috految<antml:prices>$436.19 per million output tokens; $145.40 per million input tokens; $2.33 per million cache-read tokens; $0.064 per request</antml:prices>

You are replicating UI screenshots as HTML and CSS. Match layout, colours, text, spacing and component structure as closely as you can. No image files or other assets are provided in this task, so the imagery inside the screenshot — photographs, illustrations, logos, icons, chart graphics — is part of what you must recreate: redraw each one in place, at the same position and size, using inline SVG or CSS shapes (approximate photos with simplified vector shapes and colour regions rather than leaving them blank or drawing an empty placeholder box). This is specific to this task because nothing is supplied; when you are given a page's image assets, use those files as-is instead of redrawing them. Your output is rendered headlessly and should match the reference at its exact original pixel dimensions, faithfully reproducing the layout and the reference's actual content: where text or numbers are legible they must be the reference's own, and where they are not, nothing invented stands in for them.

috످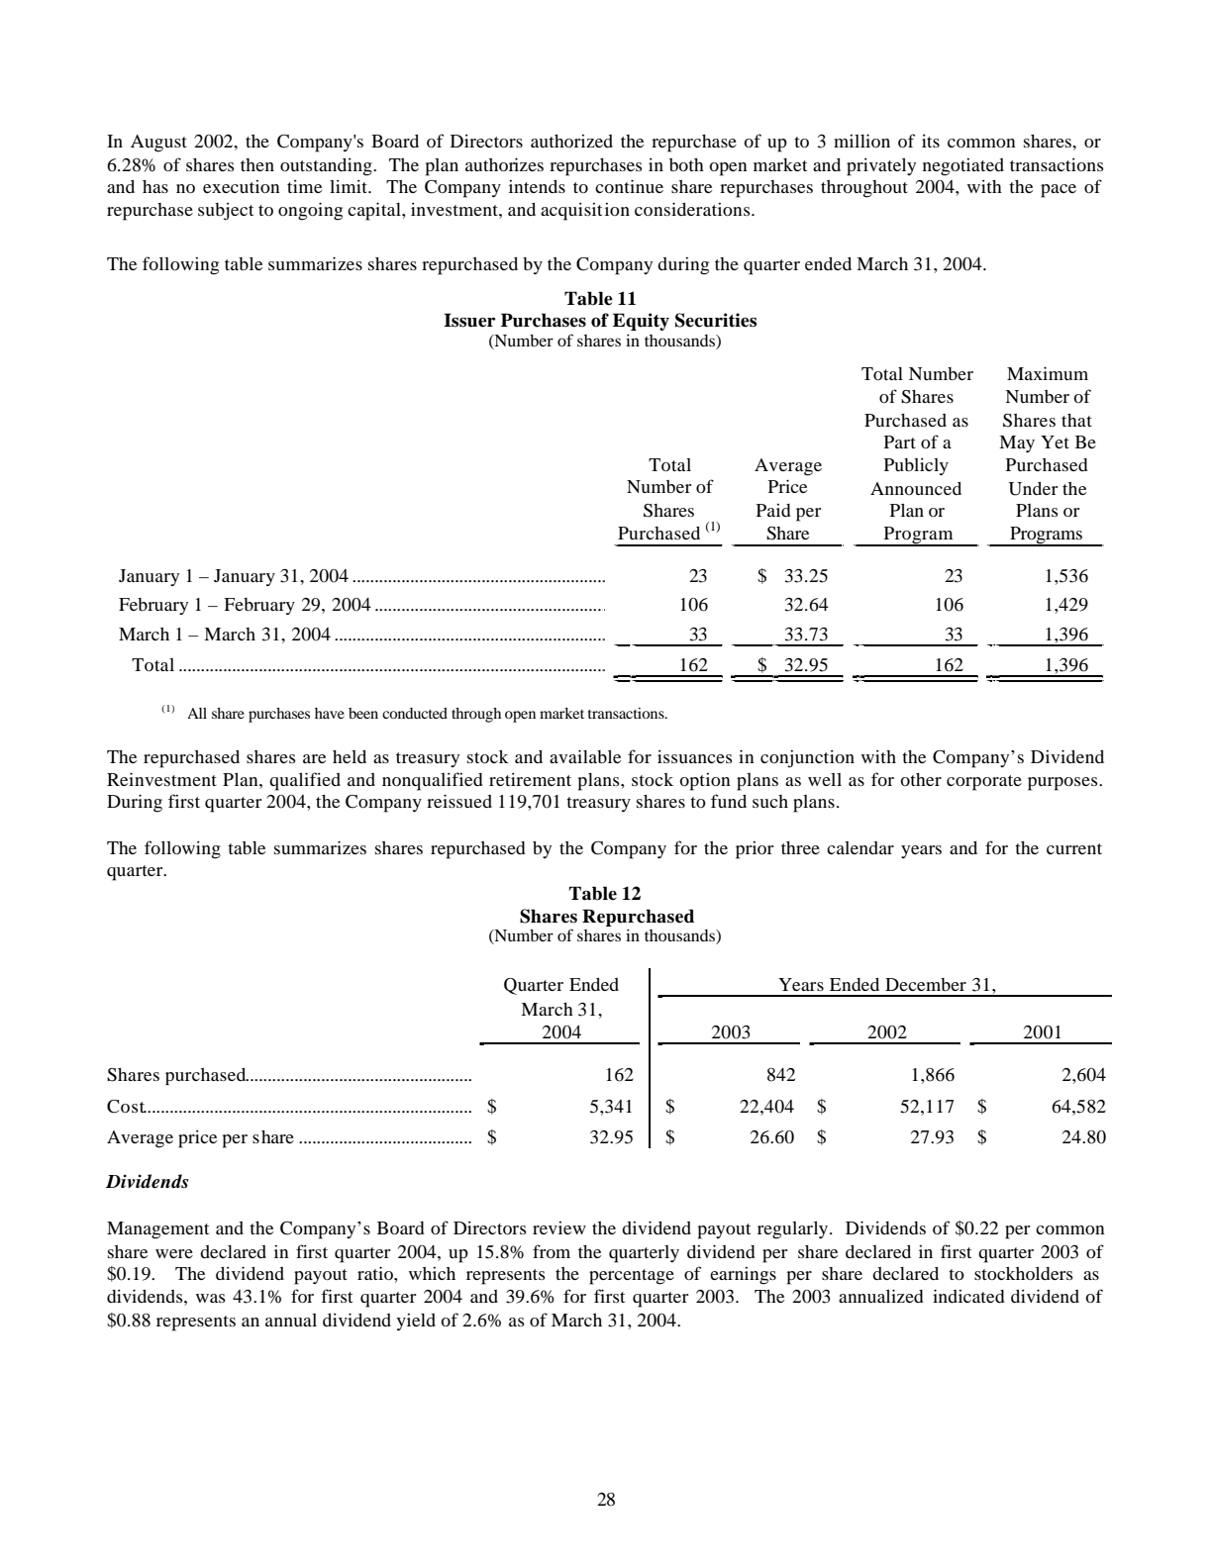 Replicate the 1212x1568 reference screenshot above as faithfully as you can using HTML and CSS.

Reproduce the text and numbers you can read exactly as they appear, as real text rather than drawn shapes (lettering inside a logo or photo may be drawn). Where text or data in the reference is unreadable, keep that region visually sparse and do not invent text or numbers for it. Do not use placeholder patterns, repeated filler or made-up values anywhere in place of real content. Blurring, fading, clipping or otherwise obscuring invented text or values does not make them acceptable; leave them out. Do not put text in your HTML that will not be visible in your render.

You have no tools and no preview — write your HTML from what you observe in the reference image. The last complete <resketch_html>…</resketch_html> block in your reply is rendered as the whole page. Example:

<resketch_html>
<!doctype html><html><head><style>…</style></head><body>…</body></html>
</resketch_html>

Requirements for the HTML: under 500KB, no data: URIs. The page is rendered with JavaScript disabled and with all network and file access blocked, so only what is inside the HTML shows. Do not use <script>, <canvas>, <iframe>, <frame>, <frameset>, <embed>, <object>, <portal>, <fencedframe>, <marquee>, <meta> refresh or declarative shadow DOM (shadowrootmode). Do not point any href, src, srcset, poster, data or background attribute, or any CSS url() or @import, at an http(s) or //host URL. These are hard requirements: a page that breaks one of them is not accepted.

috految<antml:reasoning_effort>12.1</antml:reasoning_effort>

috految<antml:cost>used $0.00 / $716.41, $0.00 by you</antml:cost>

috److<resketch_html><!doctype html><meta charset="utf-8"><style>body{margin:0;font:19.6px/22.8px "Times New Roman",Liberation Serif,serif;font-kerning:none;font-variant-ligatures:none;text-rendering:geometricPrecision;will-change:transform}svg{display:block}text{white-space:pre}p{position:absolute;margin:0;white-space:pre;text-align:center;width:120px}div p{text-align:right;top:561px;line-height:29.7px}section p{text-align:right;top:1060px;line-height:31px}</style><svg width="1212" height="1568"><g transform="translate(107)"><text y="148" textLength="994" word-spacing="2">In August 2002, the Company's Board of Directors authorized the repurchase of up to 3 million of its common shares, or</text><text y="171" textLength="997" word-spacing="1">6.28% of shares then outstanding.  The plan authorizes repurchases in both open market and privately negotiated transactions</text><text y="193" textLength="994" word-spacing="2">and has no execution time limit.  The Company intends to continue share repurchases throughout 2004, with the pace of</text><text y="216" textLength="648">repurchase subject to ongoing capital, investment, and acquisition considerations.</text><text y="270" textLength="880">The following table summarizes shares repurchased by the Company during the quarter ended March 31, 2004.</text><text x="12" y="582" textLength="230">January 1 – January 31, 2004</text><text x="12" y="611" textLength="252">February 1 – February 29, 2004</text><text x="12" y="641" textLength="212">March 1 – March 31, 2004</text><text x="25" y="671" textLength="43">Total</text><text x="55" y="712" font-size="11">(1)</text><text x="80" y="719" font-size="16.3" textLength="481">All share purchases have been conducted through open market transactions.</text><text y="763" textLength="997" word-spacing="1">The repurchased shares are held as treasury stock and available for issuances in conjunction with the Company’s Dividend</text><text y="786" textLength="996" word-spacing="1">Reinvestment Plan, qualified and nonqualified retirement plans, stock option plans as well as for other corporate purposes.</text><text y="808" textLength="733">During first quarter 2004, the Company reissued 119,701 treasury shares to fund such plans.</text><text y="854" textLength="995" word-spacing="2">The following table summarizes shares repurchased by the Company for the prior three calendar years and for the current</text><text y="876">quarter.</text><text y="1081" textLength="139">Shares purchased</text><text y="1113" textLength="38">Cost</text><text y="1143" textLength="187">Average price per share</text><text y="1188" font-weight="700" font-style="italic" textLength="82">Dividends</text><text y="1234" textLength="997" word-spacing="1">Management and the Company’s Board of Directors review the dividend payout regularly.  Dividends of $0.22 per common</text><text y="1258" textLength="996" word-spacing="2">share were declared in first quarter 2004, up 15.8% from the quarterly dividend per share declared in first quarter 2003 of</text><text y="1280" textLength="992" word-spacing="5">$0.19.  The dividend payout ratio, which represents the percentage of earnings per share declared to stockholders as</text><text y="1303" textLength="995" word-spacing="2">dividends, was 43.1% for first quarter 2004 and 39.6% for first quarter 2003.  The 2003 annualized indicated dividend of</text><text y="1327" textLength="574">$0.88 represents an annual dividend yield of 2.6% as of March 31, 2004.</text></g><g font-weight="700"><text x="564" y="305">Table 11</text><text x="444" y="327" textLength="313">Issuer Purchases of Equity Securities</text><text x="569" y="900">Table 12</text><text x="519" y="923" textLength="175">Shares Repurchased</text></g><g font-size="18"><text x="488" y="347" textLength="233">(Number of shares in thousands)</text><text x="488" y="942" textLength="233">(Number of shares in thousands)</text></g><text x="618" y="539">Purchased</text><text x="705" y="531" font-size="13">(1)</text><text x="757 757" y="582 671">$$</text><text x="503" y="991" textLength="116">Quarter Ended</text><text x="521" y="1016">March 31,</text><text x="778" y="991" textLength="218">Years Ended December 31,</text><text x="542" y="1038">2004</text><text x="711" y="1038">2003</text><text x="868" y="1038">2002</text><text x="1023" y="1038">2001</text><text x="487 665 817 977" y="1113">$$$$</text><text x="487 665 817 977" y="1143">$$$$</text><text x="596" y="1506">28</text><g stroke="#000" stroke-width="2"><path d="M614 545h109m8 0h112m10 0h125m9 0h116M614 645h15m3 0h91m8 0h112m10 0h125m9 0h116M614 676h15m3 0h91m8 0h112m10 0h125m9 0h116M614 681h15m2 0h92m8 0h112m10 0h125m9 0h116M649.500 968v180M658 996h454M480 1043h160m18 0h142m10 0h150m10 0h142"/><path stroke-linecap="round" stroke-dasharray=".1 4.35" d="M354 581H605M377 610H605M337 640H605M181 670H605M247 1080H472M146 1112H472M301 1143H472"/></g></svg><p style="left:609px;top:454px">Total
Number of
Shares<p style="left:728px;top:454px">Average
Price
Paid per
Share<p style="left:857px;top:363px">Total Number
of Shares
Purchased as
Part of a
Publicly
Announced
Plan or
Program<p style="left:987px;top:363px">Maximum
Number of
Shares that
May Yet Be
Purchased
Under the
Plans or
Programs<div><p style="left:588px">23
106
33
162<p style="left:708px">33.25
32.64
33.73
32.95<p style="left:844px">23
106
33
162<p style="left:968px">1,536
1,429
1,396
1,396</div><section><p style="left:514px">162
5,341
32.95<p style="left:675px">842
22,404
26.60<p style="left:835px">1,866
52,117
27.93<p style="left:986px">2,604
64,582
24.80</section></resketch_html>

috످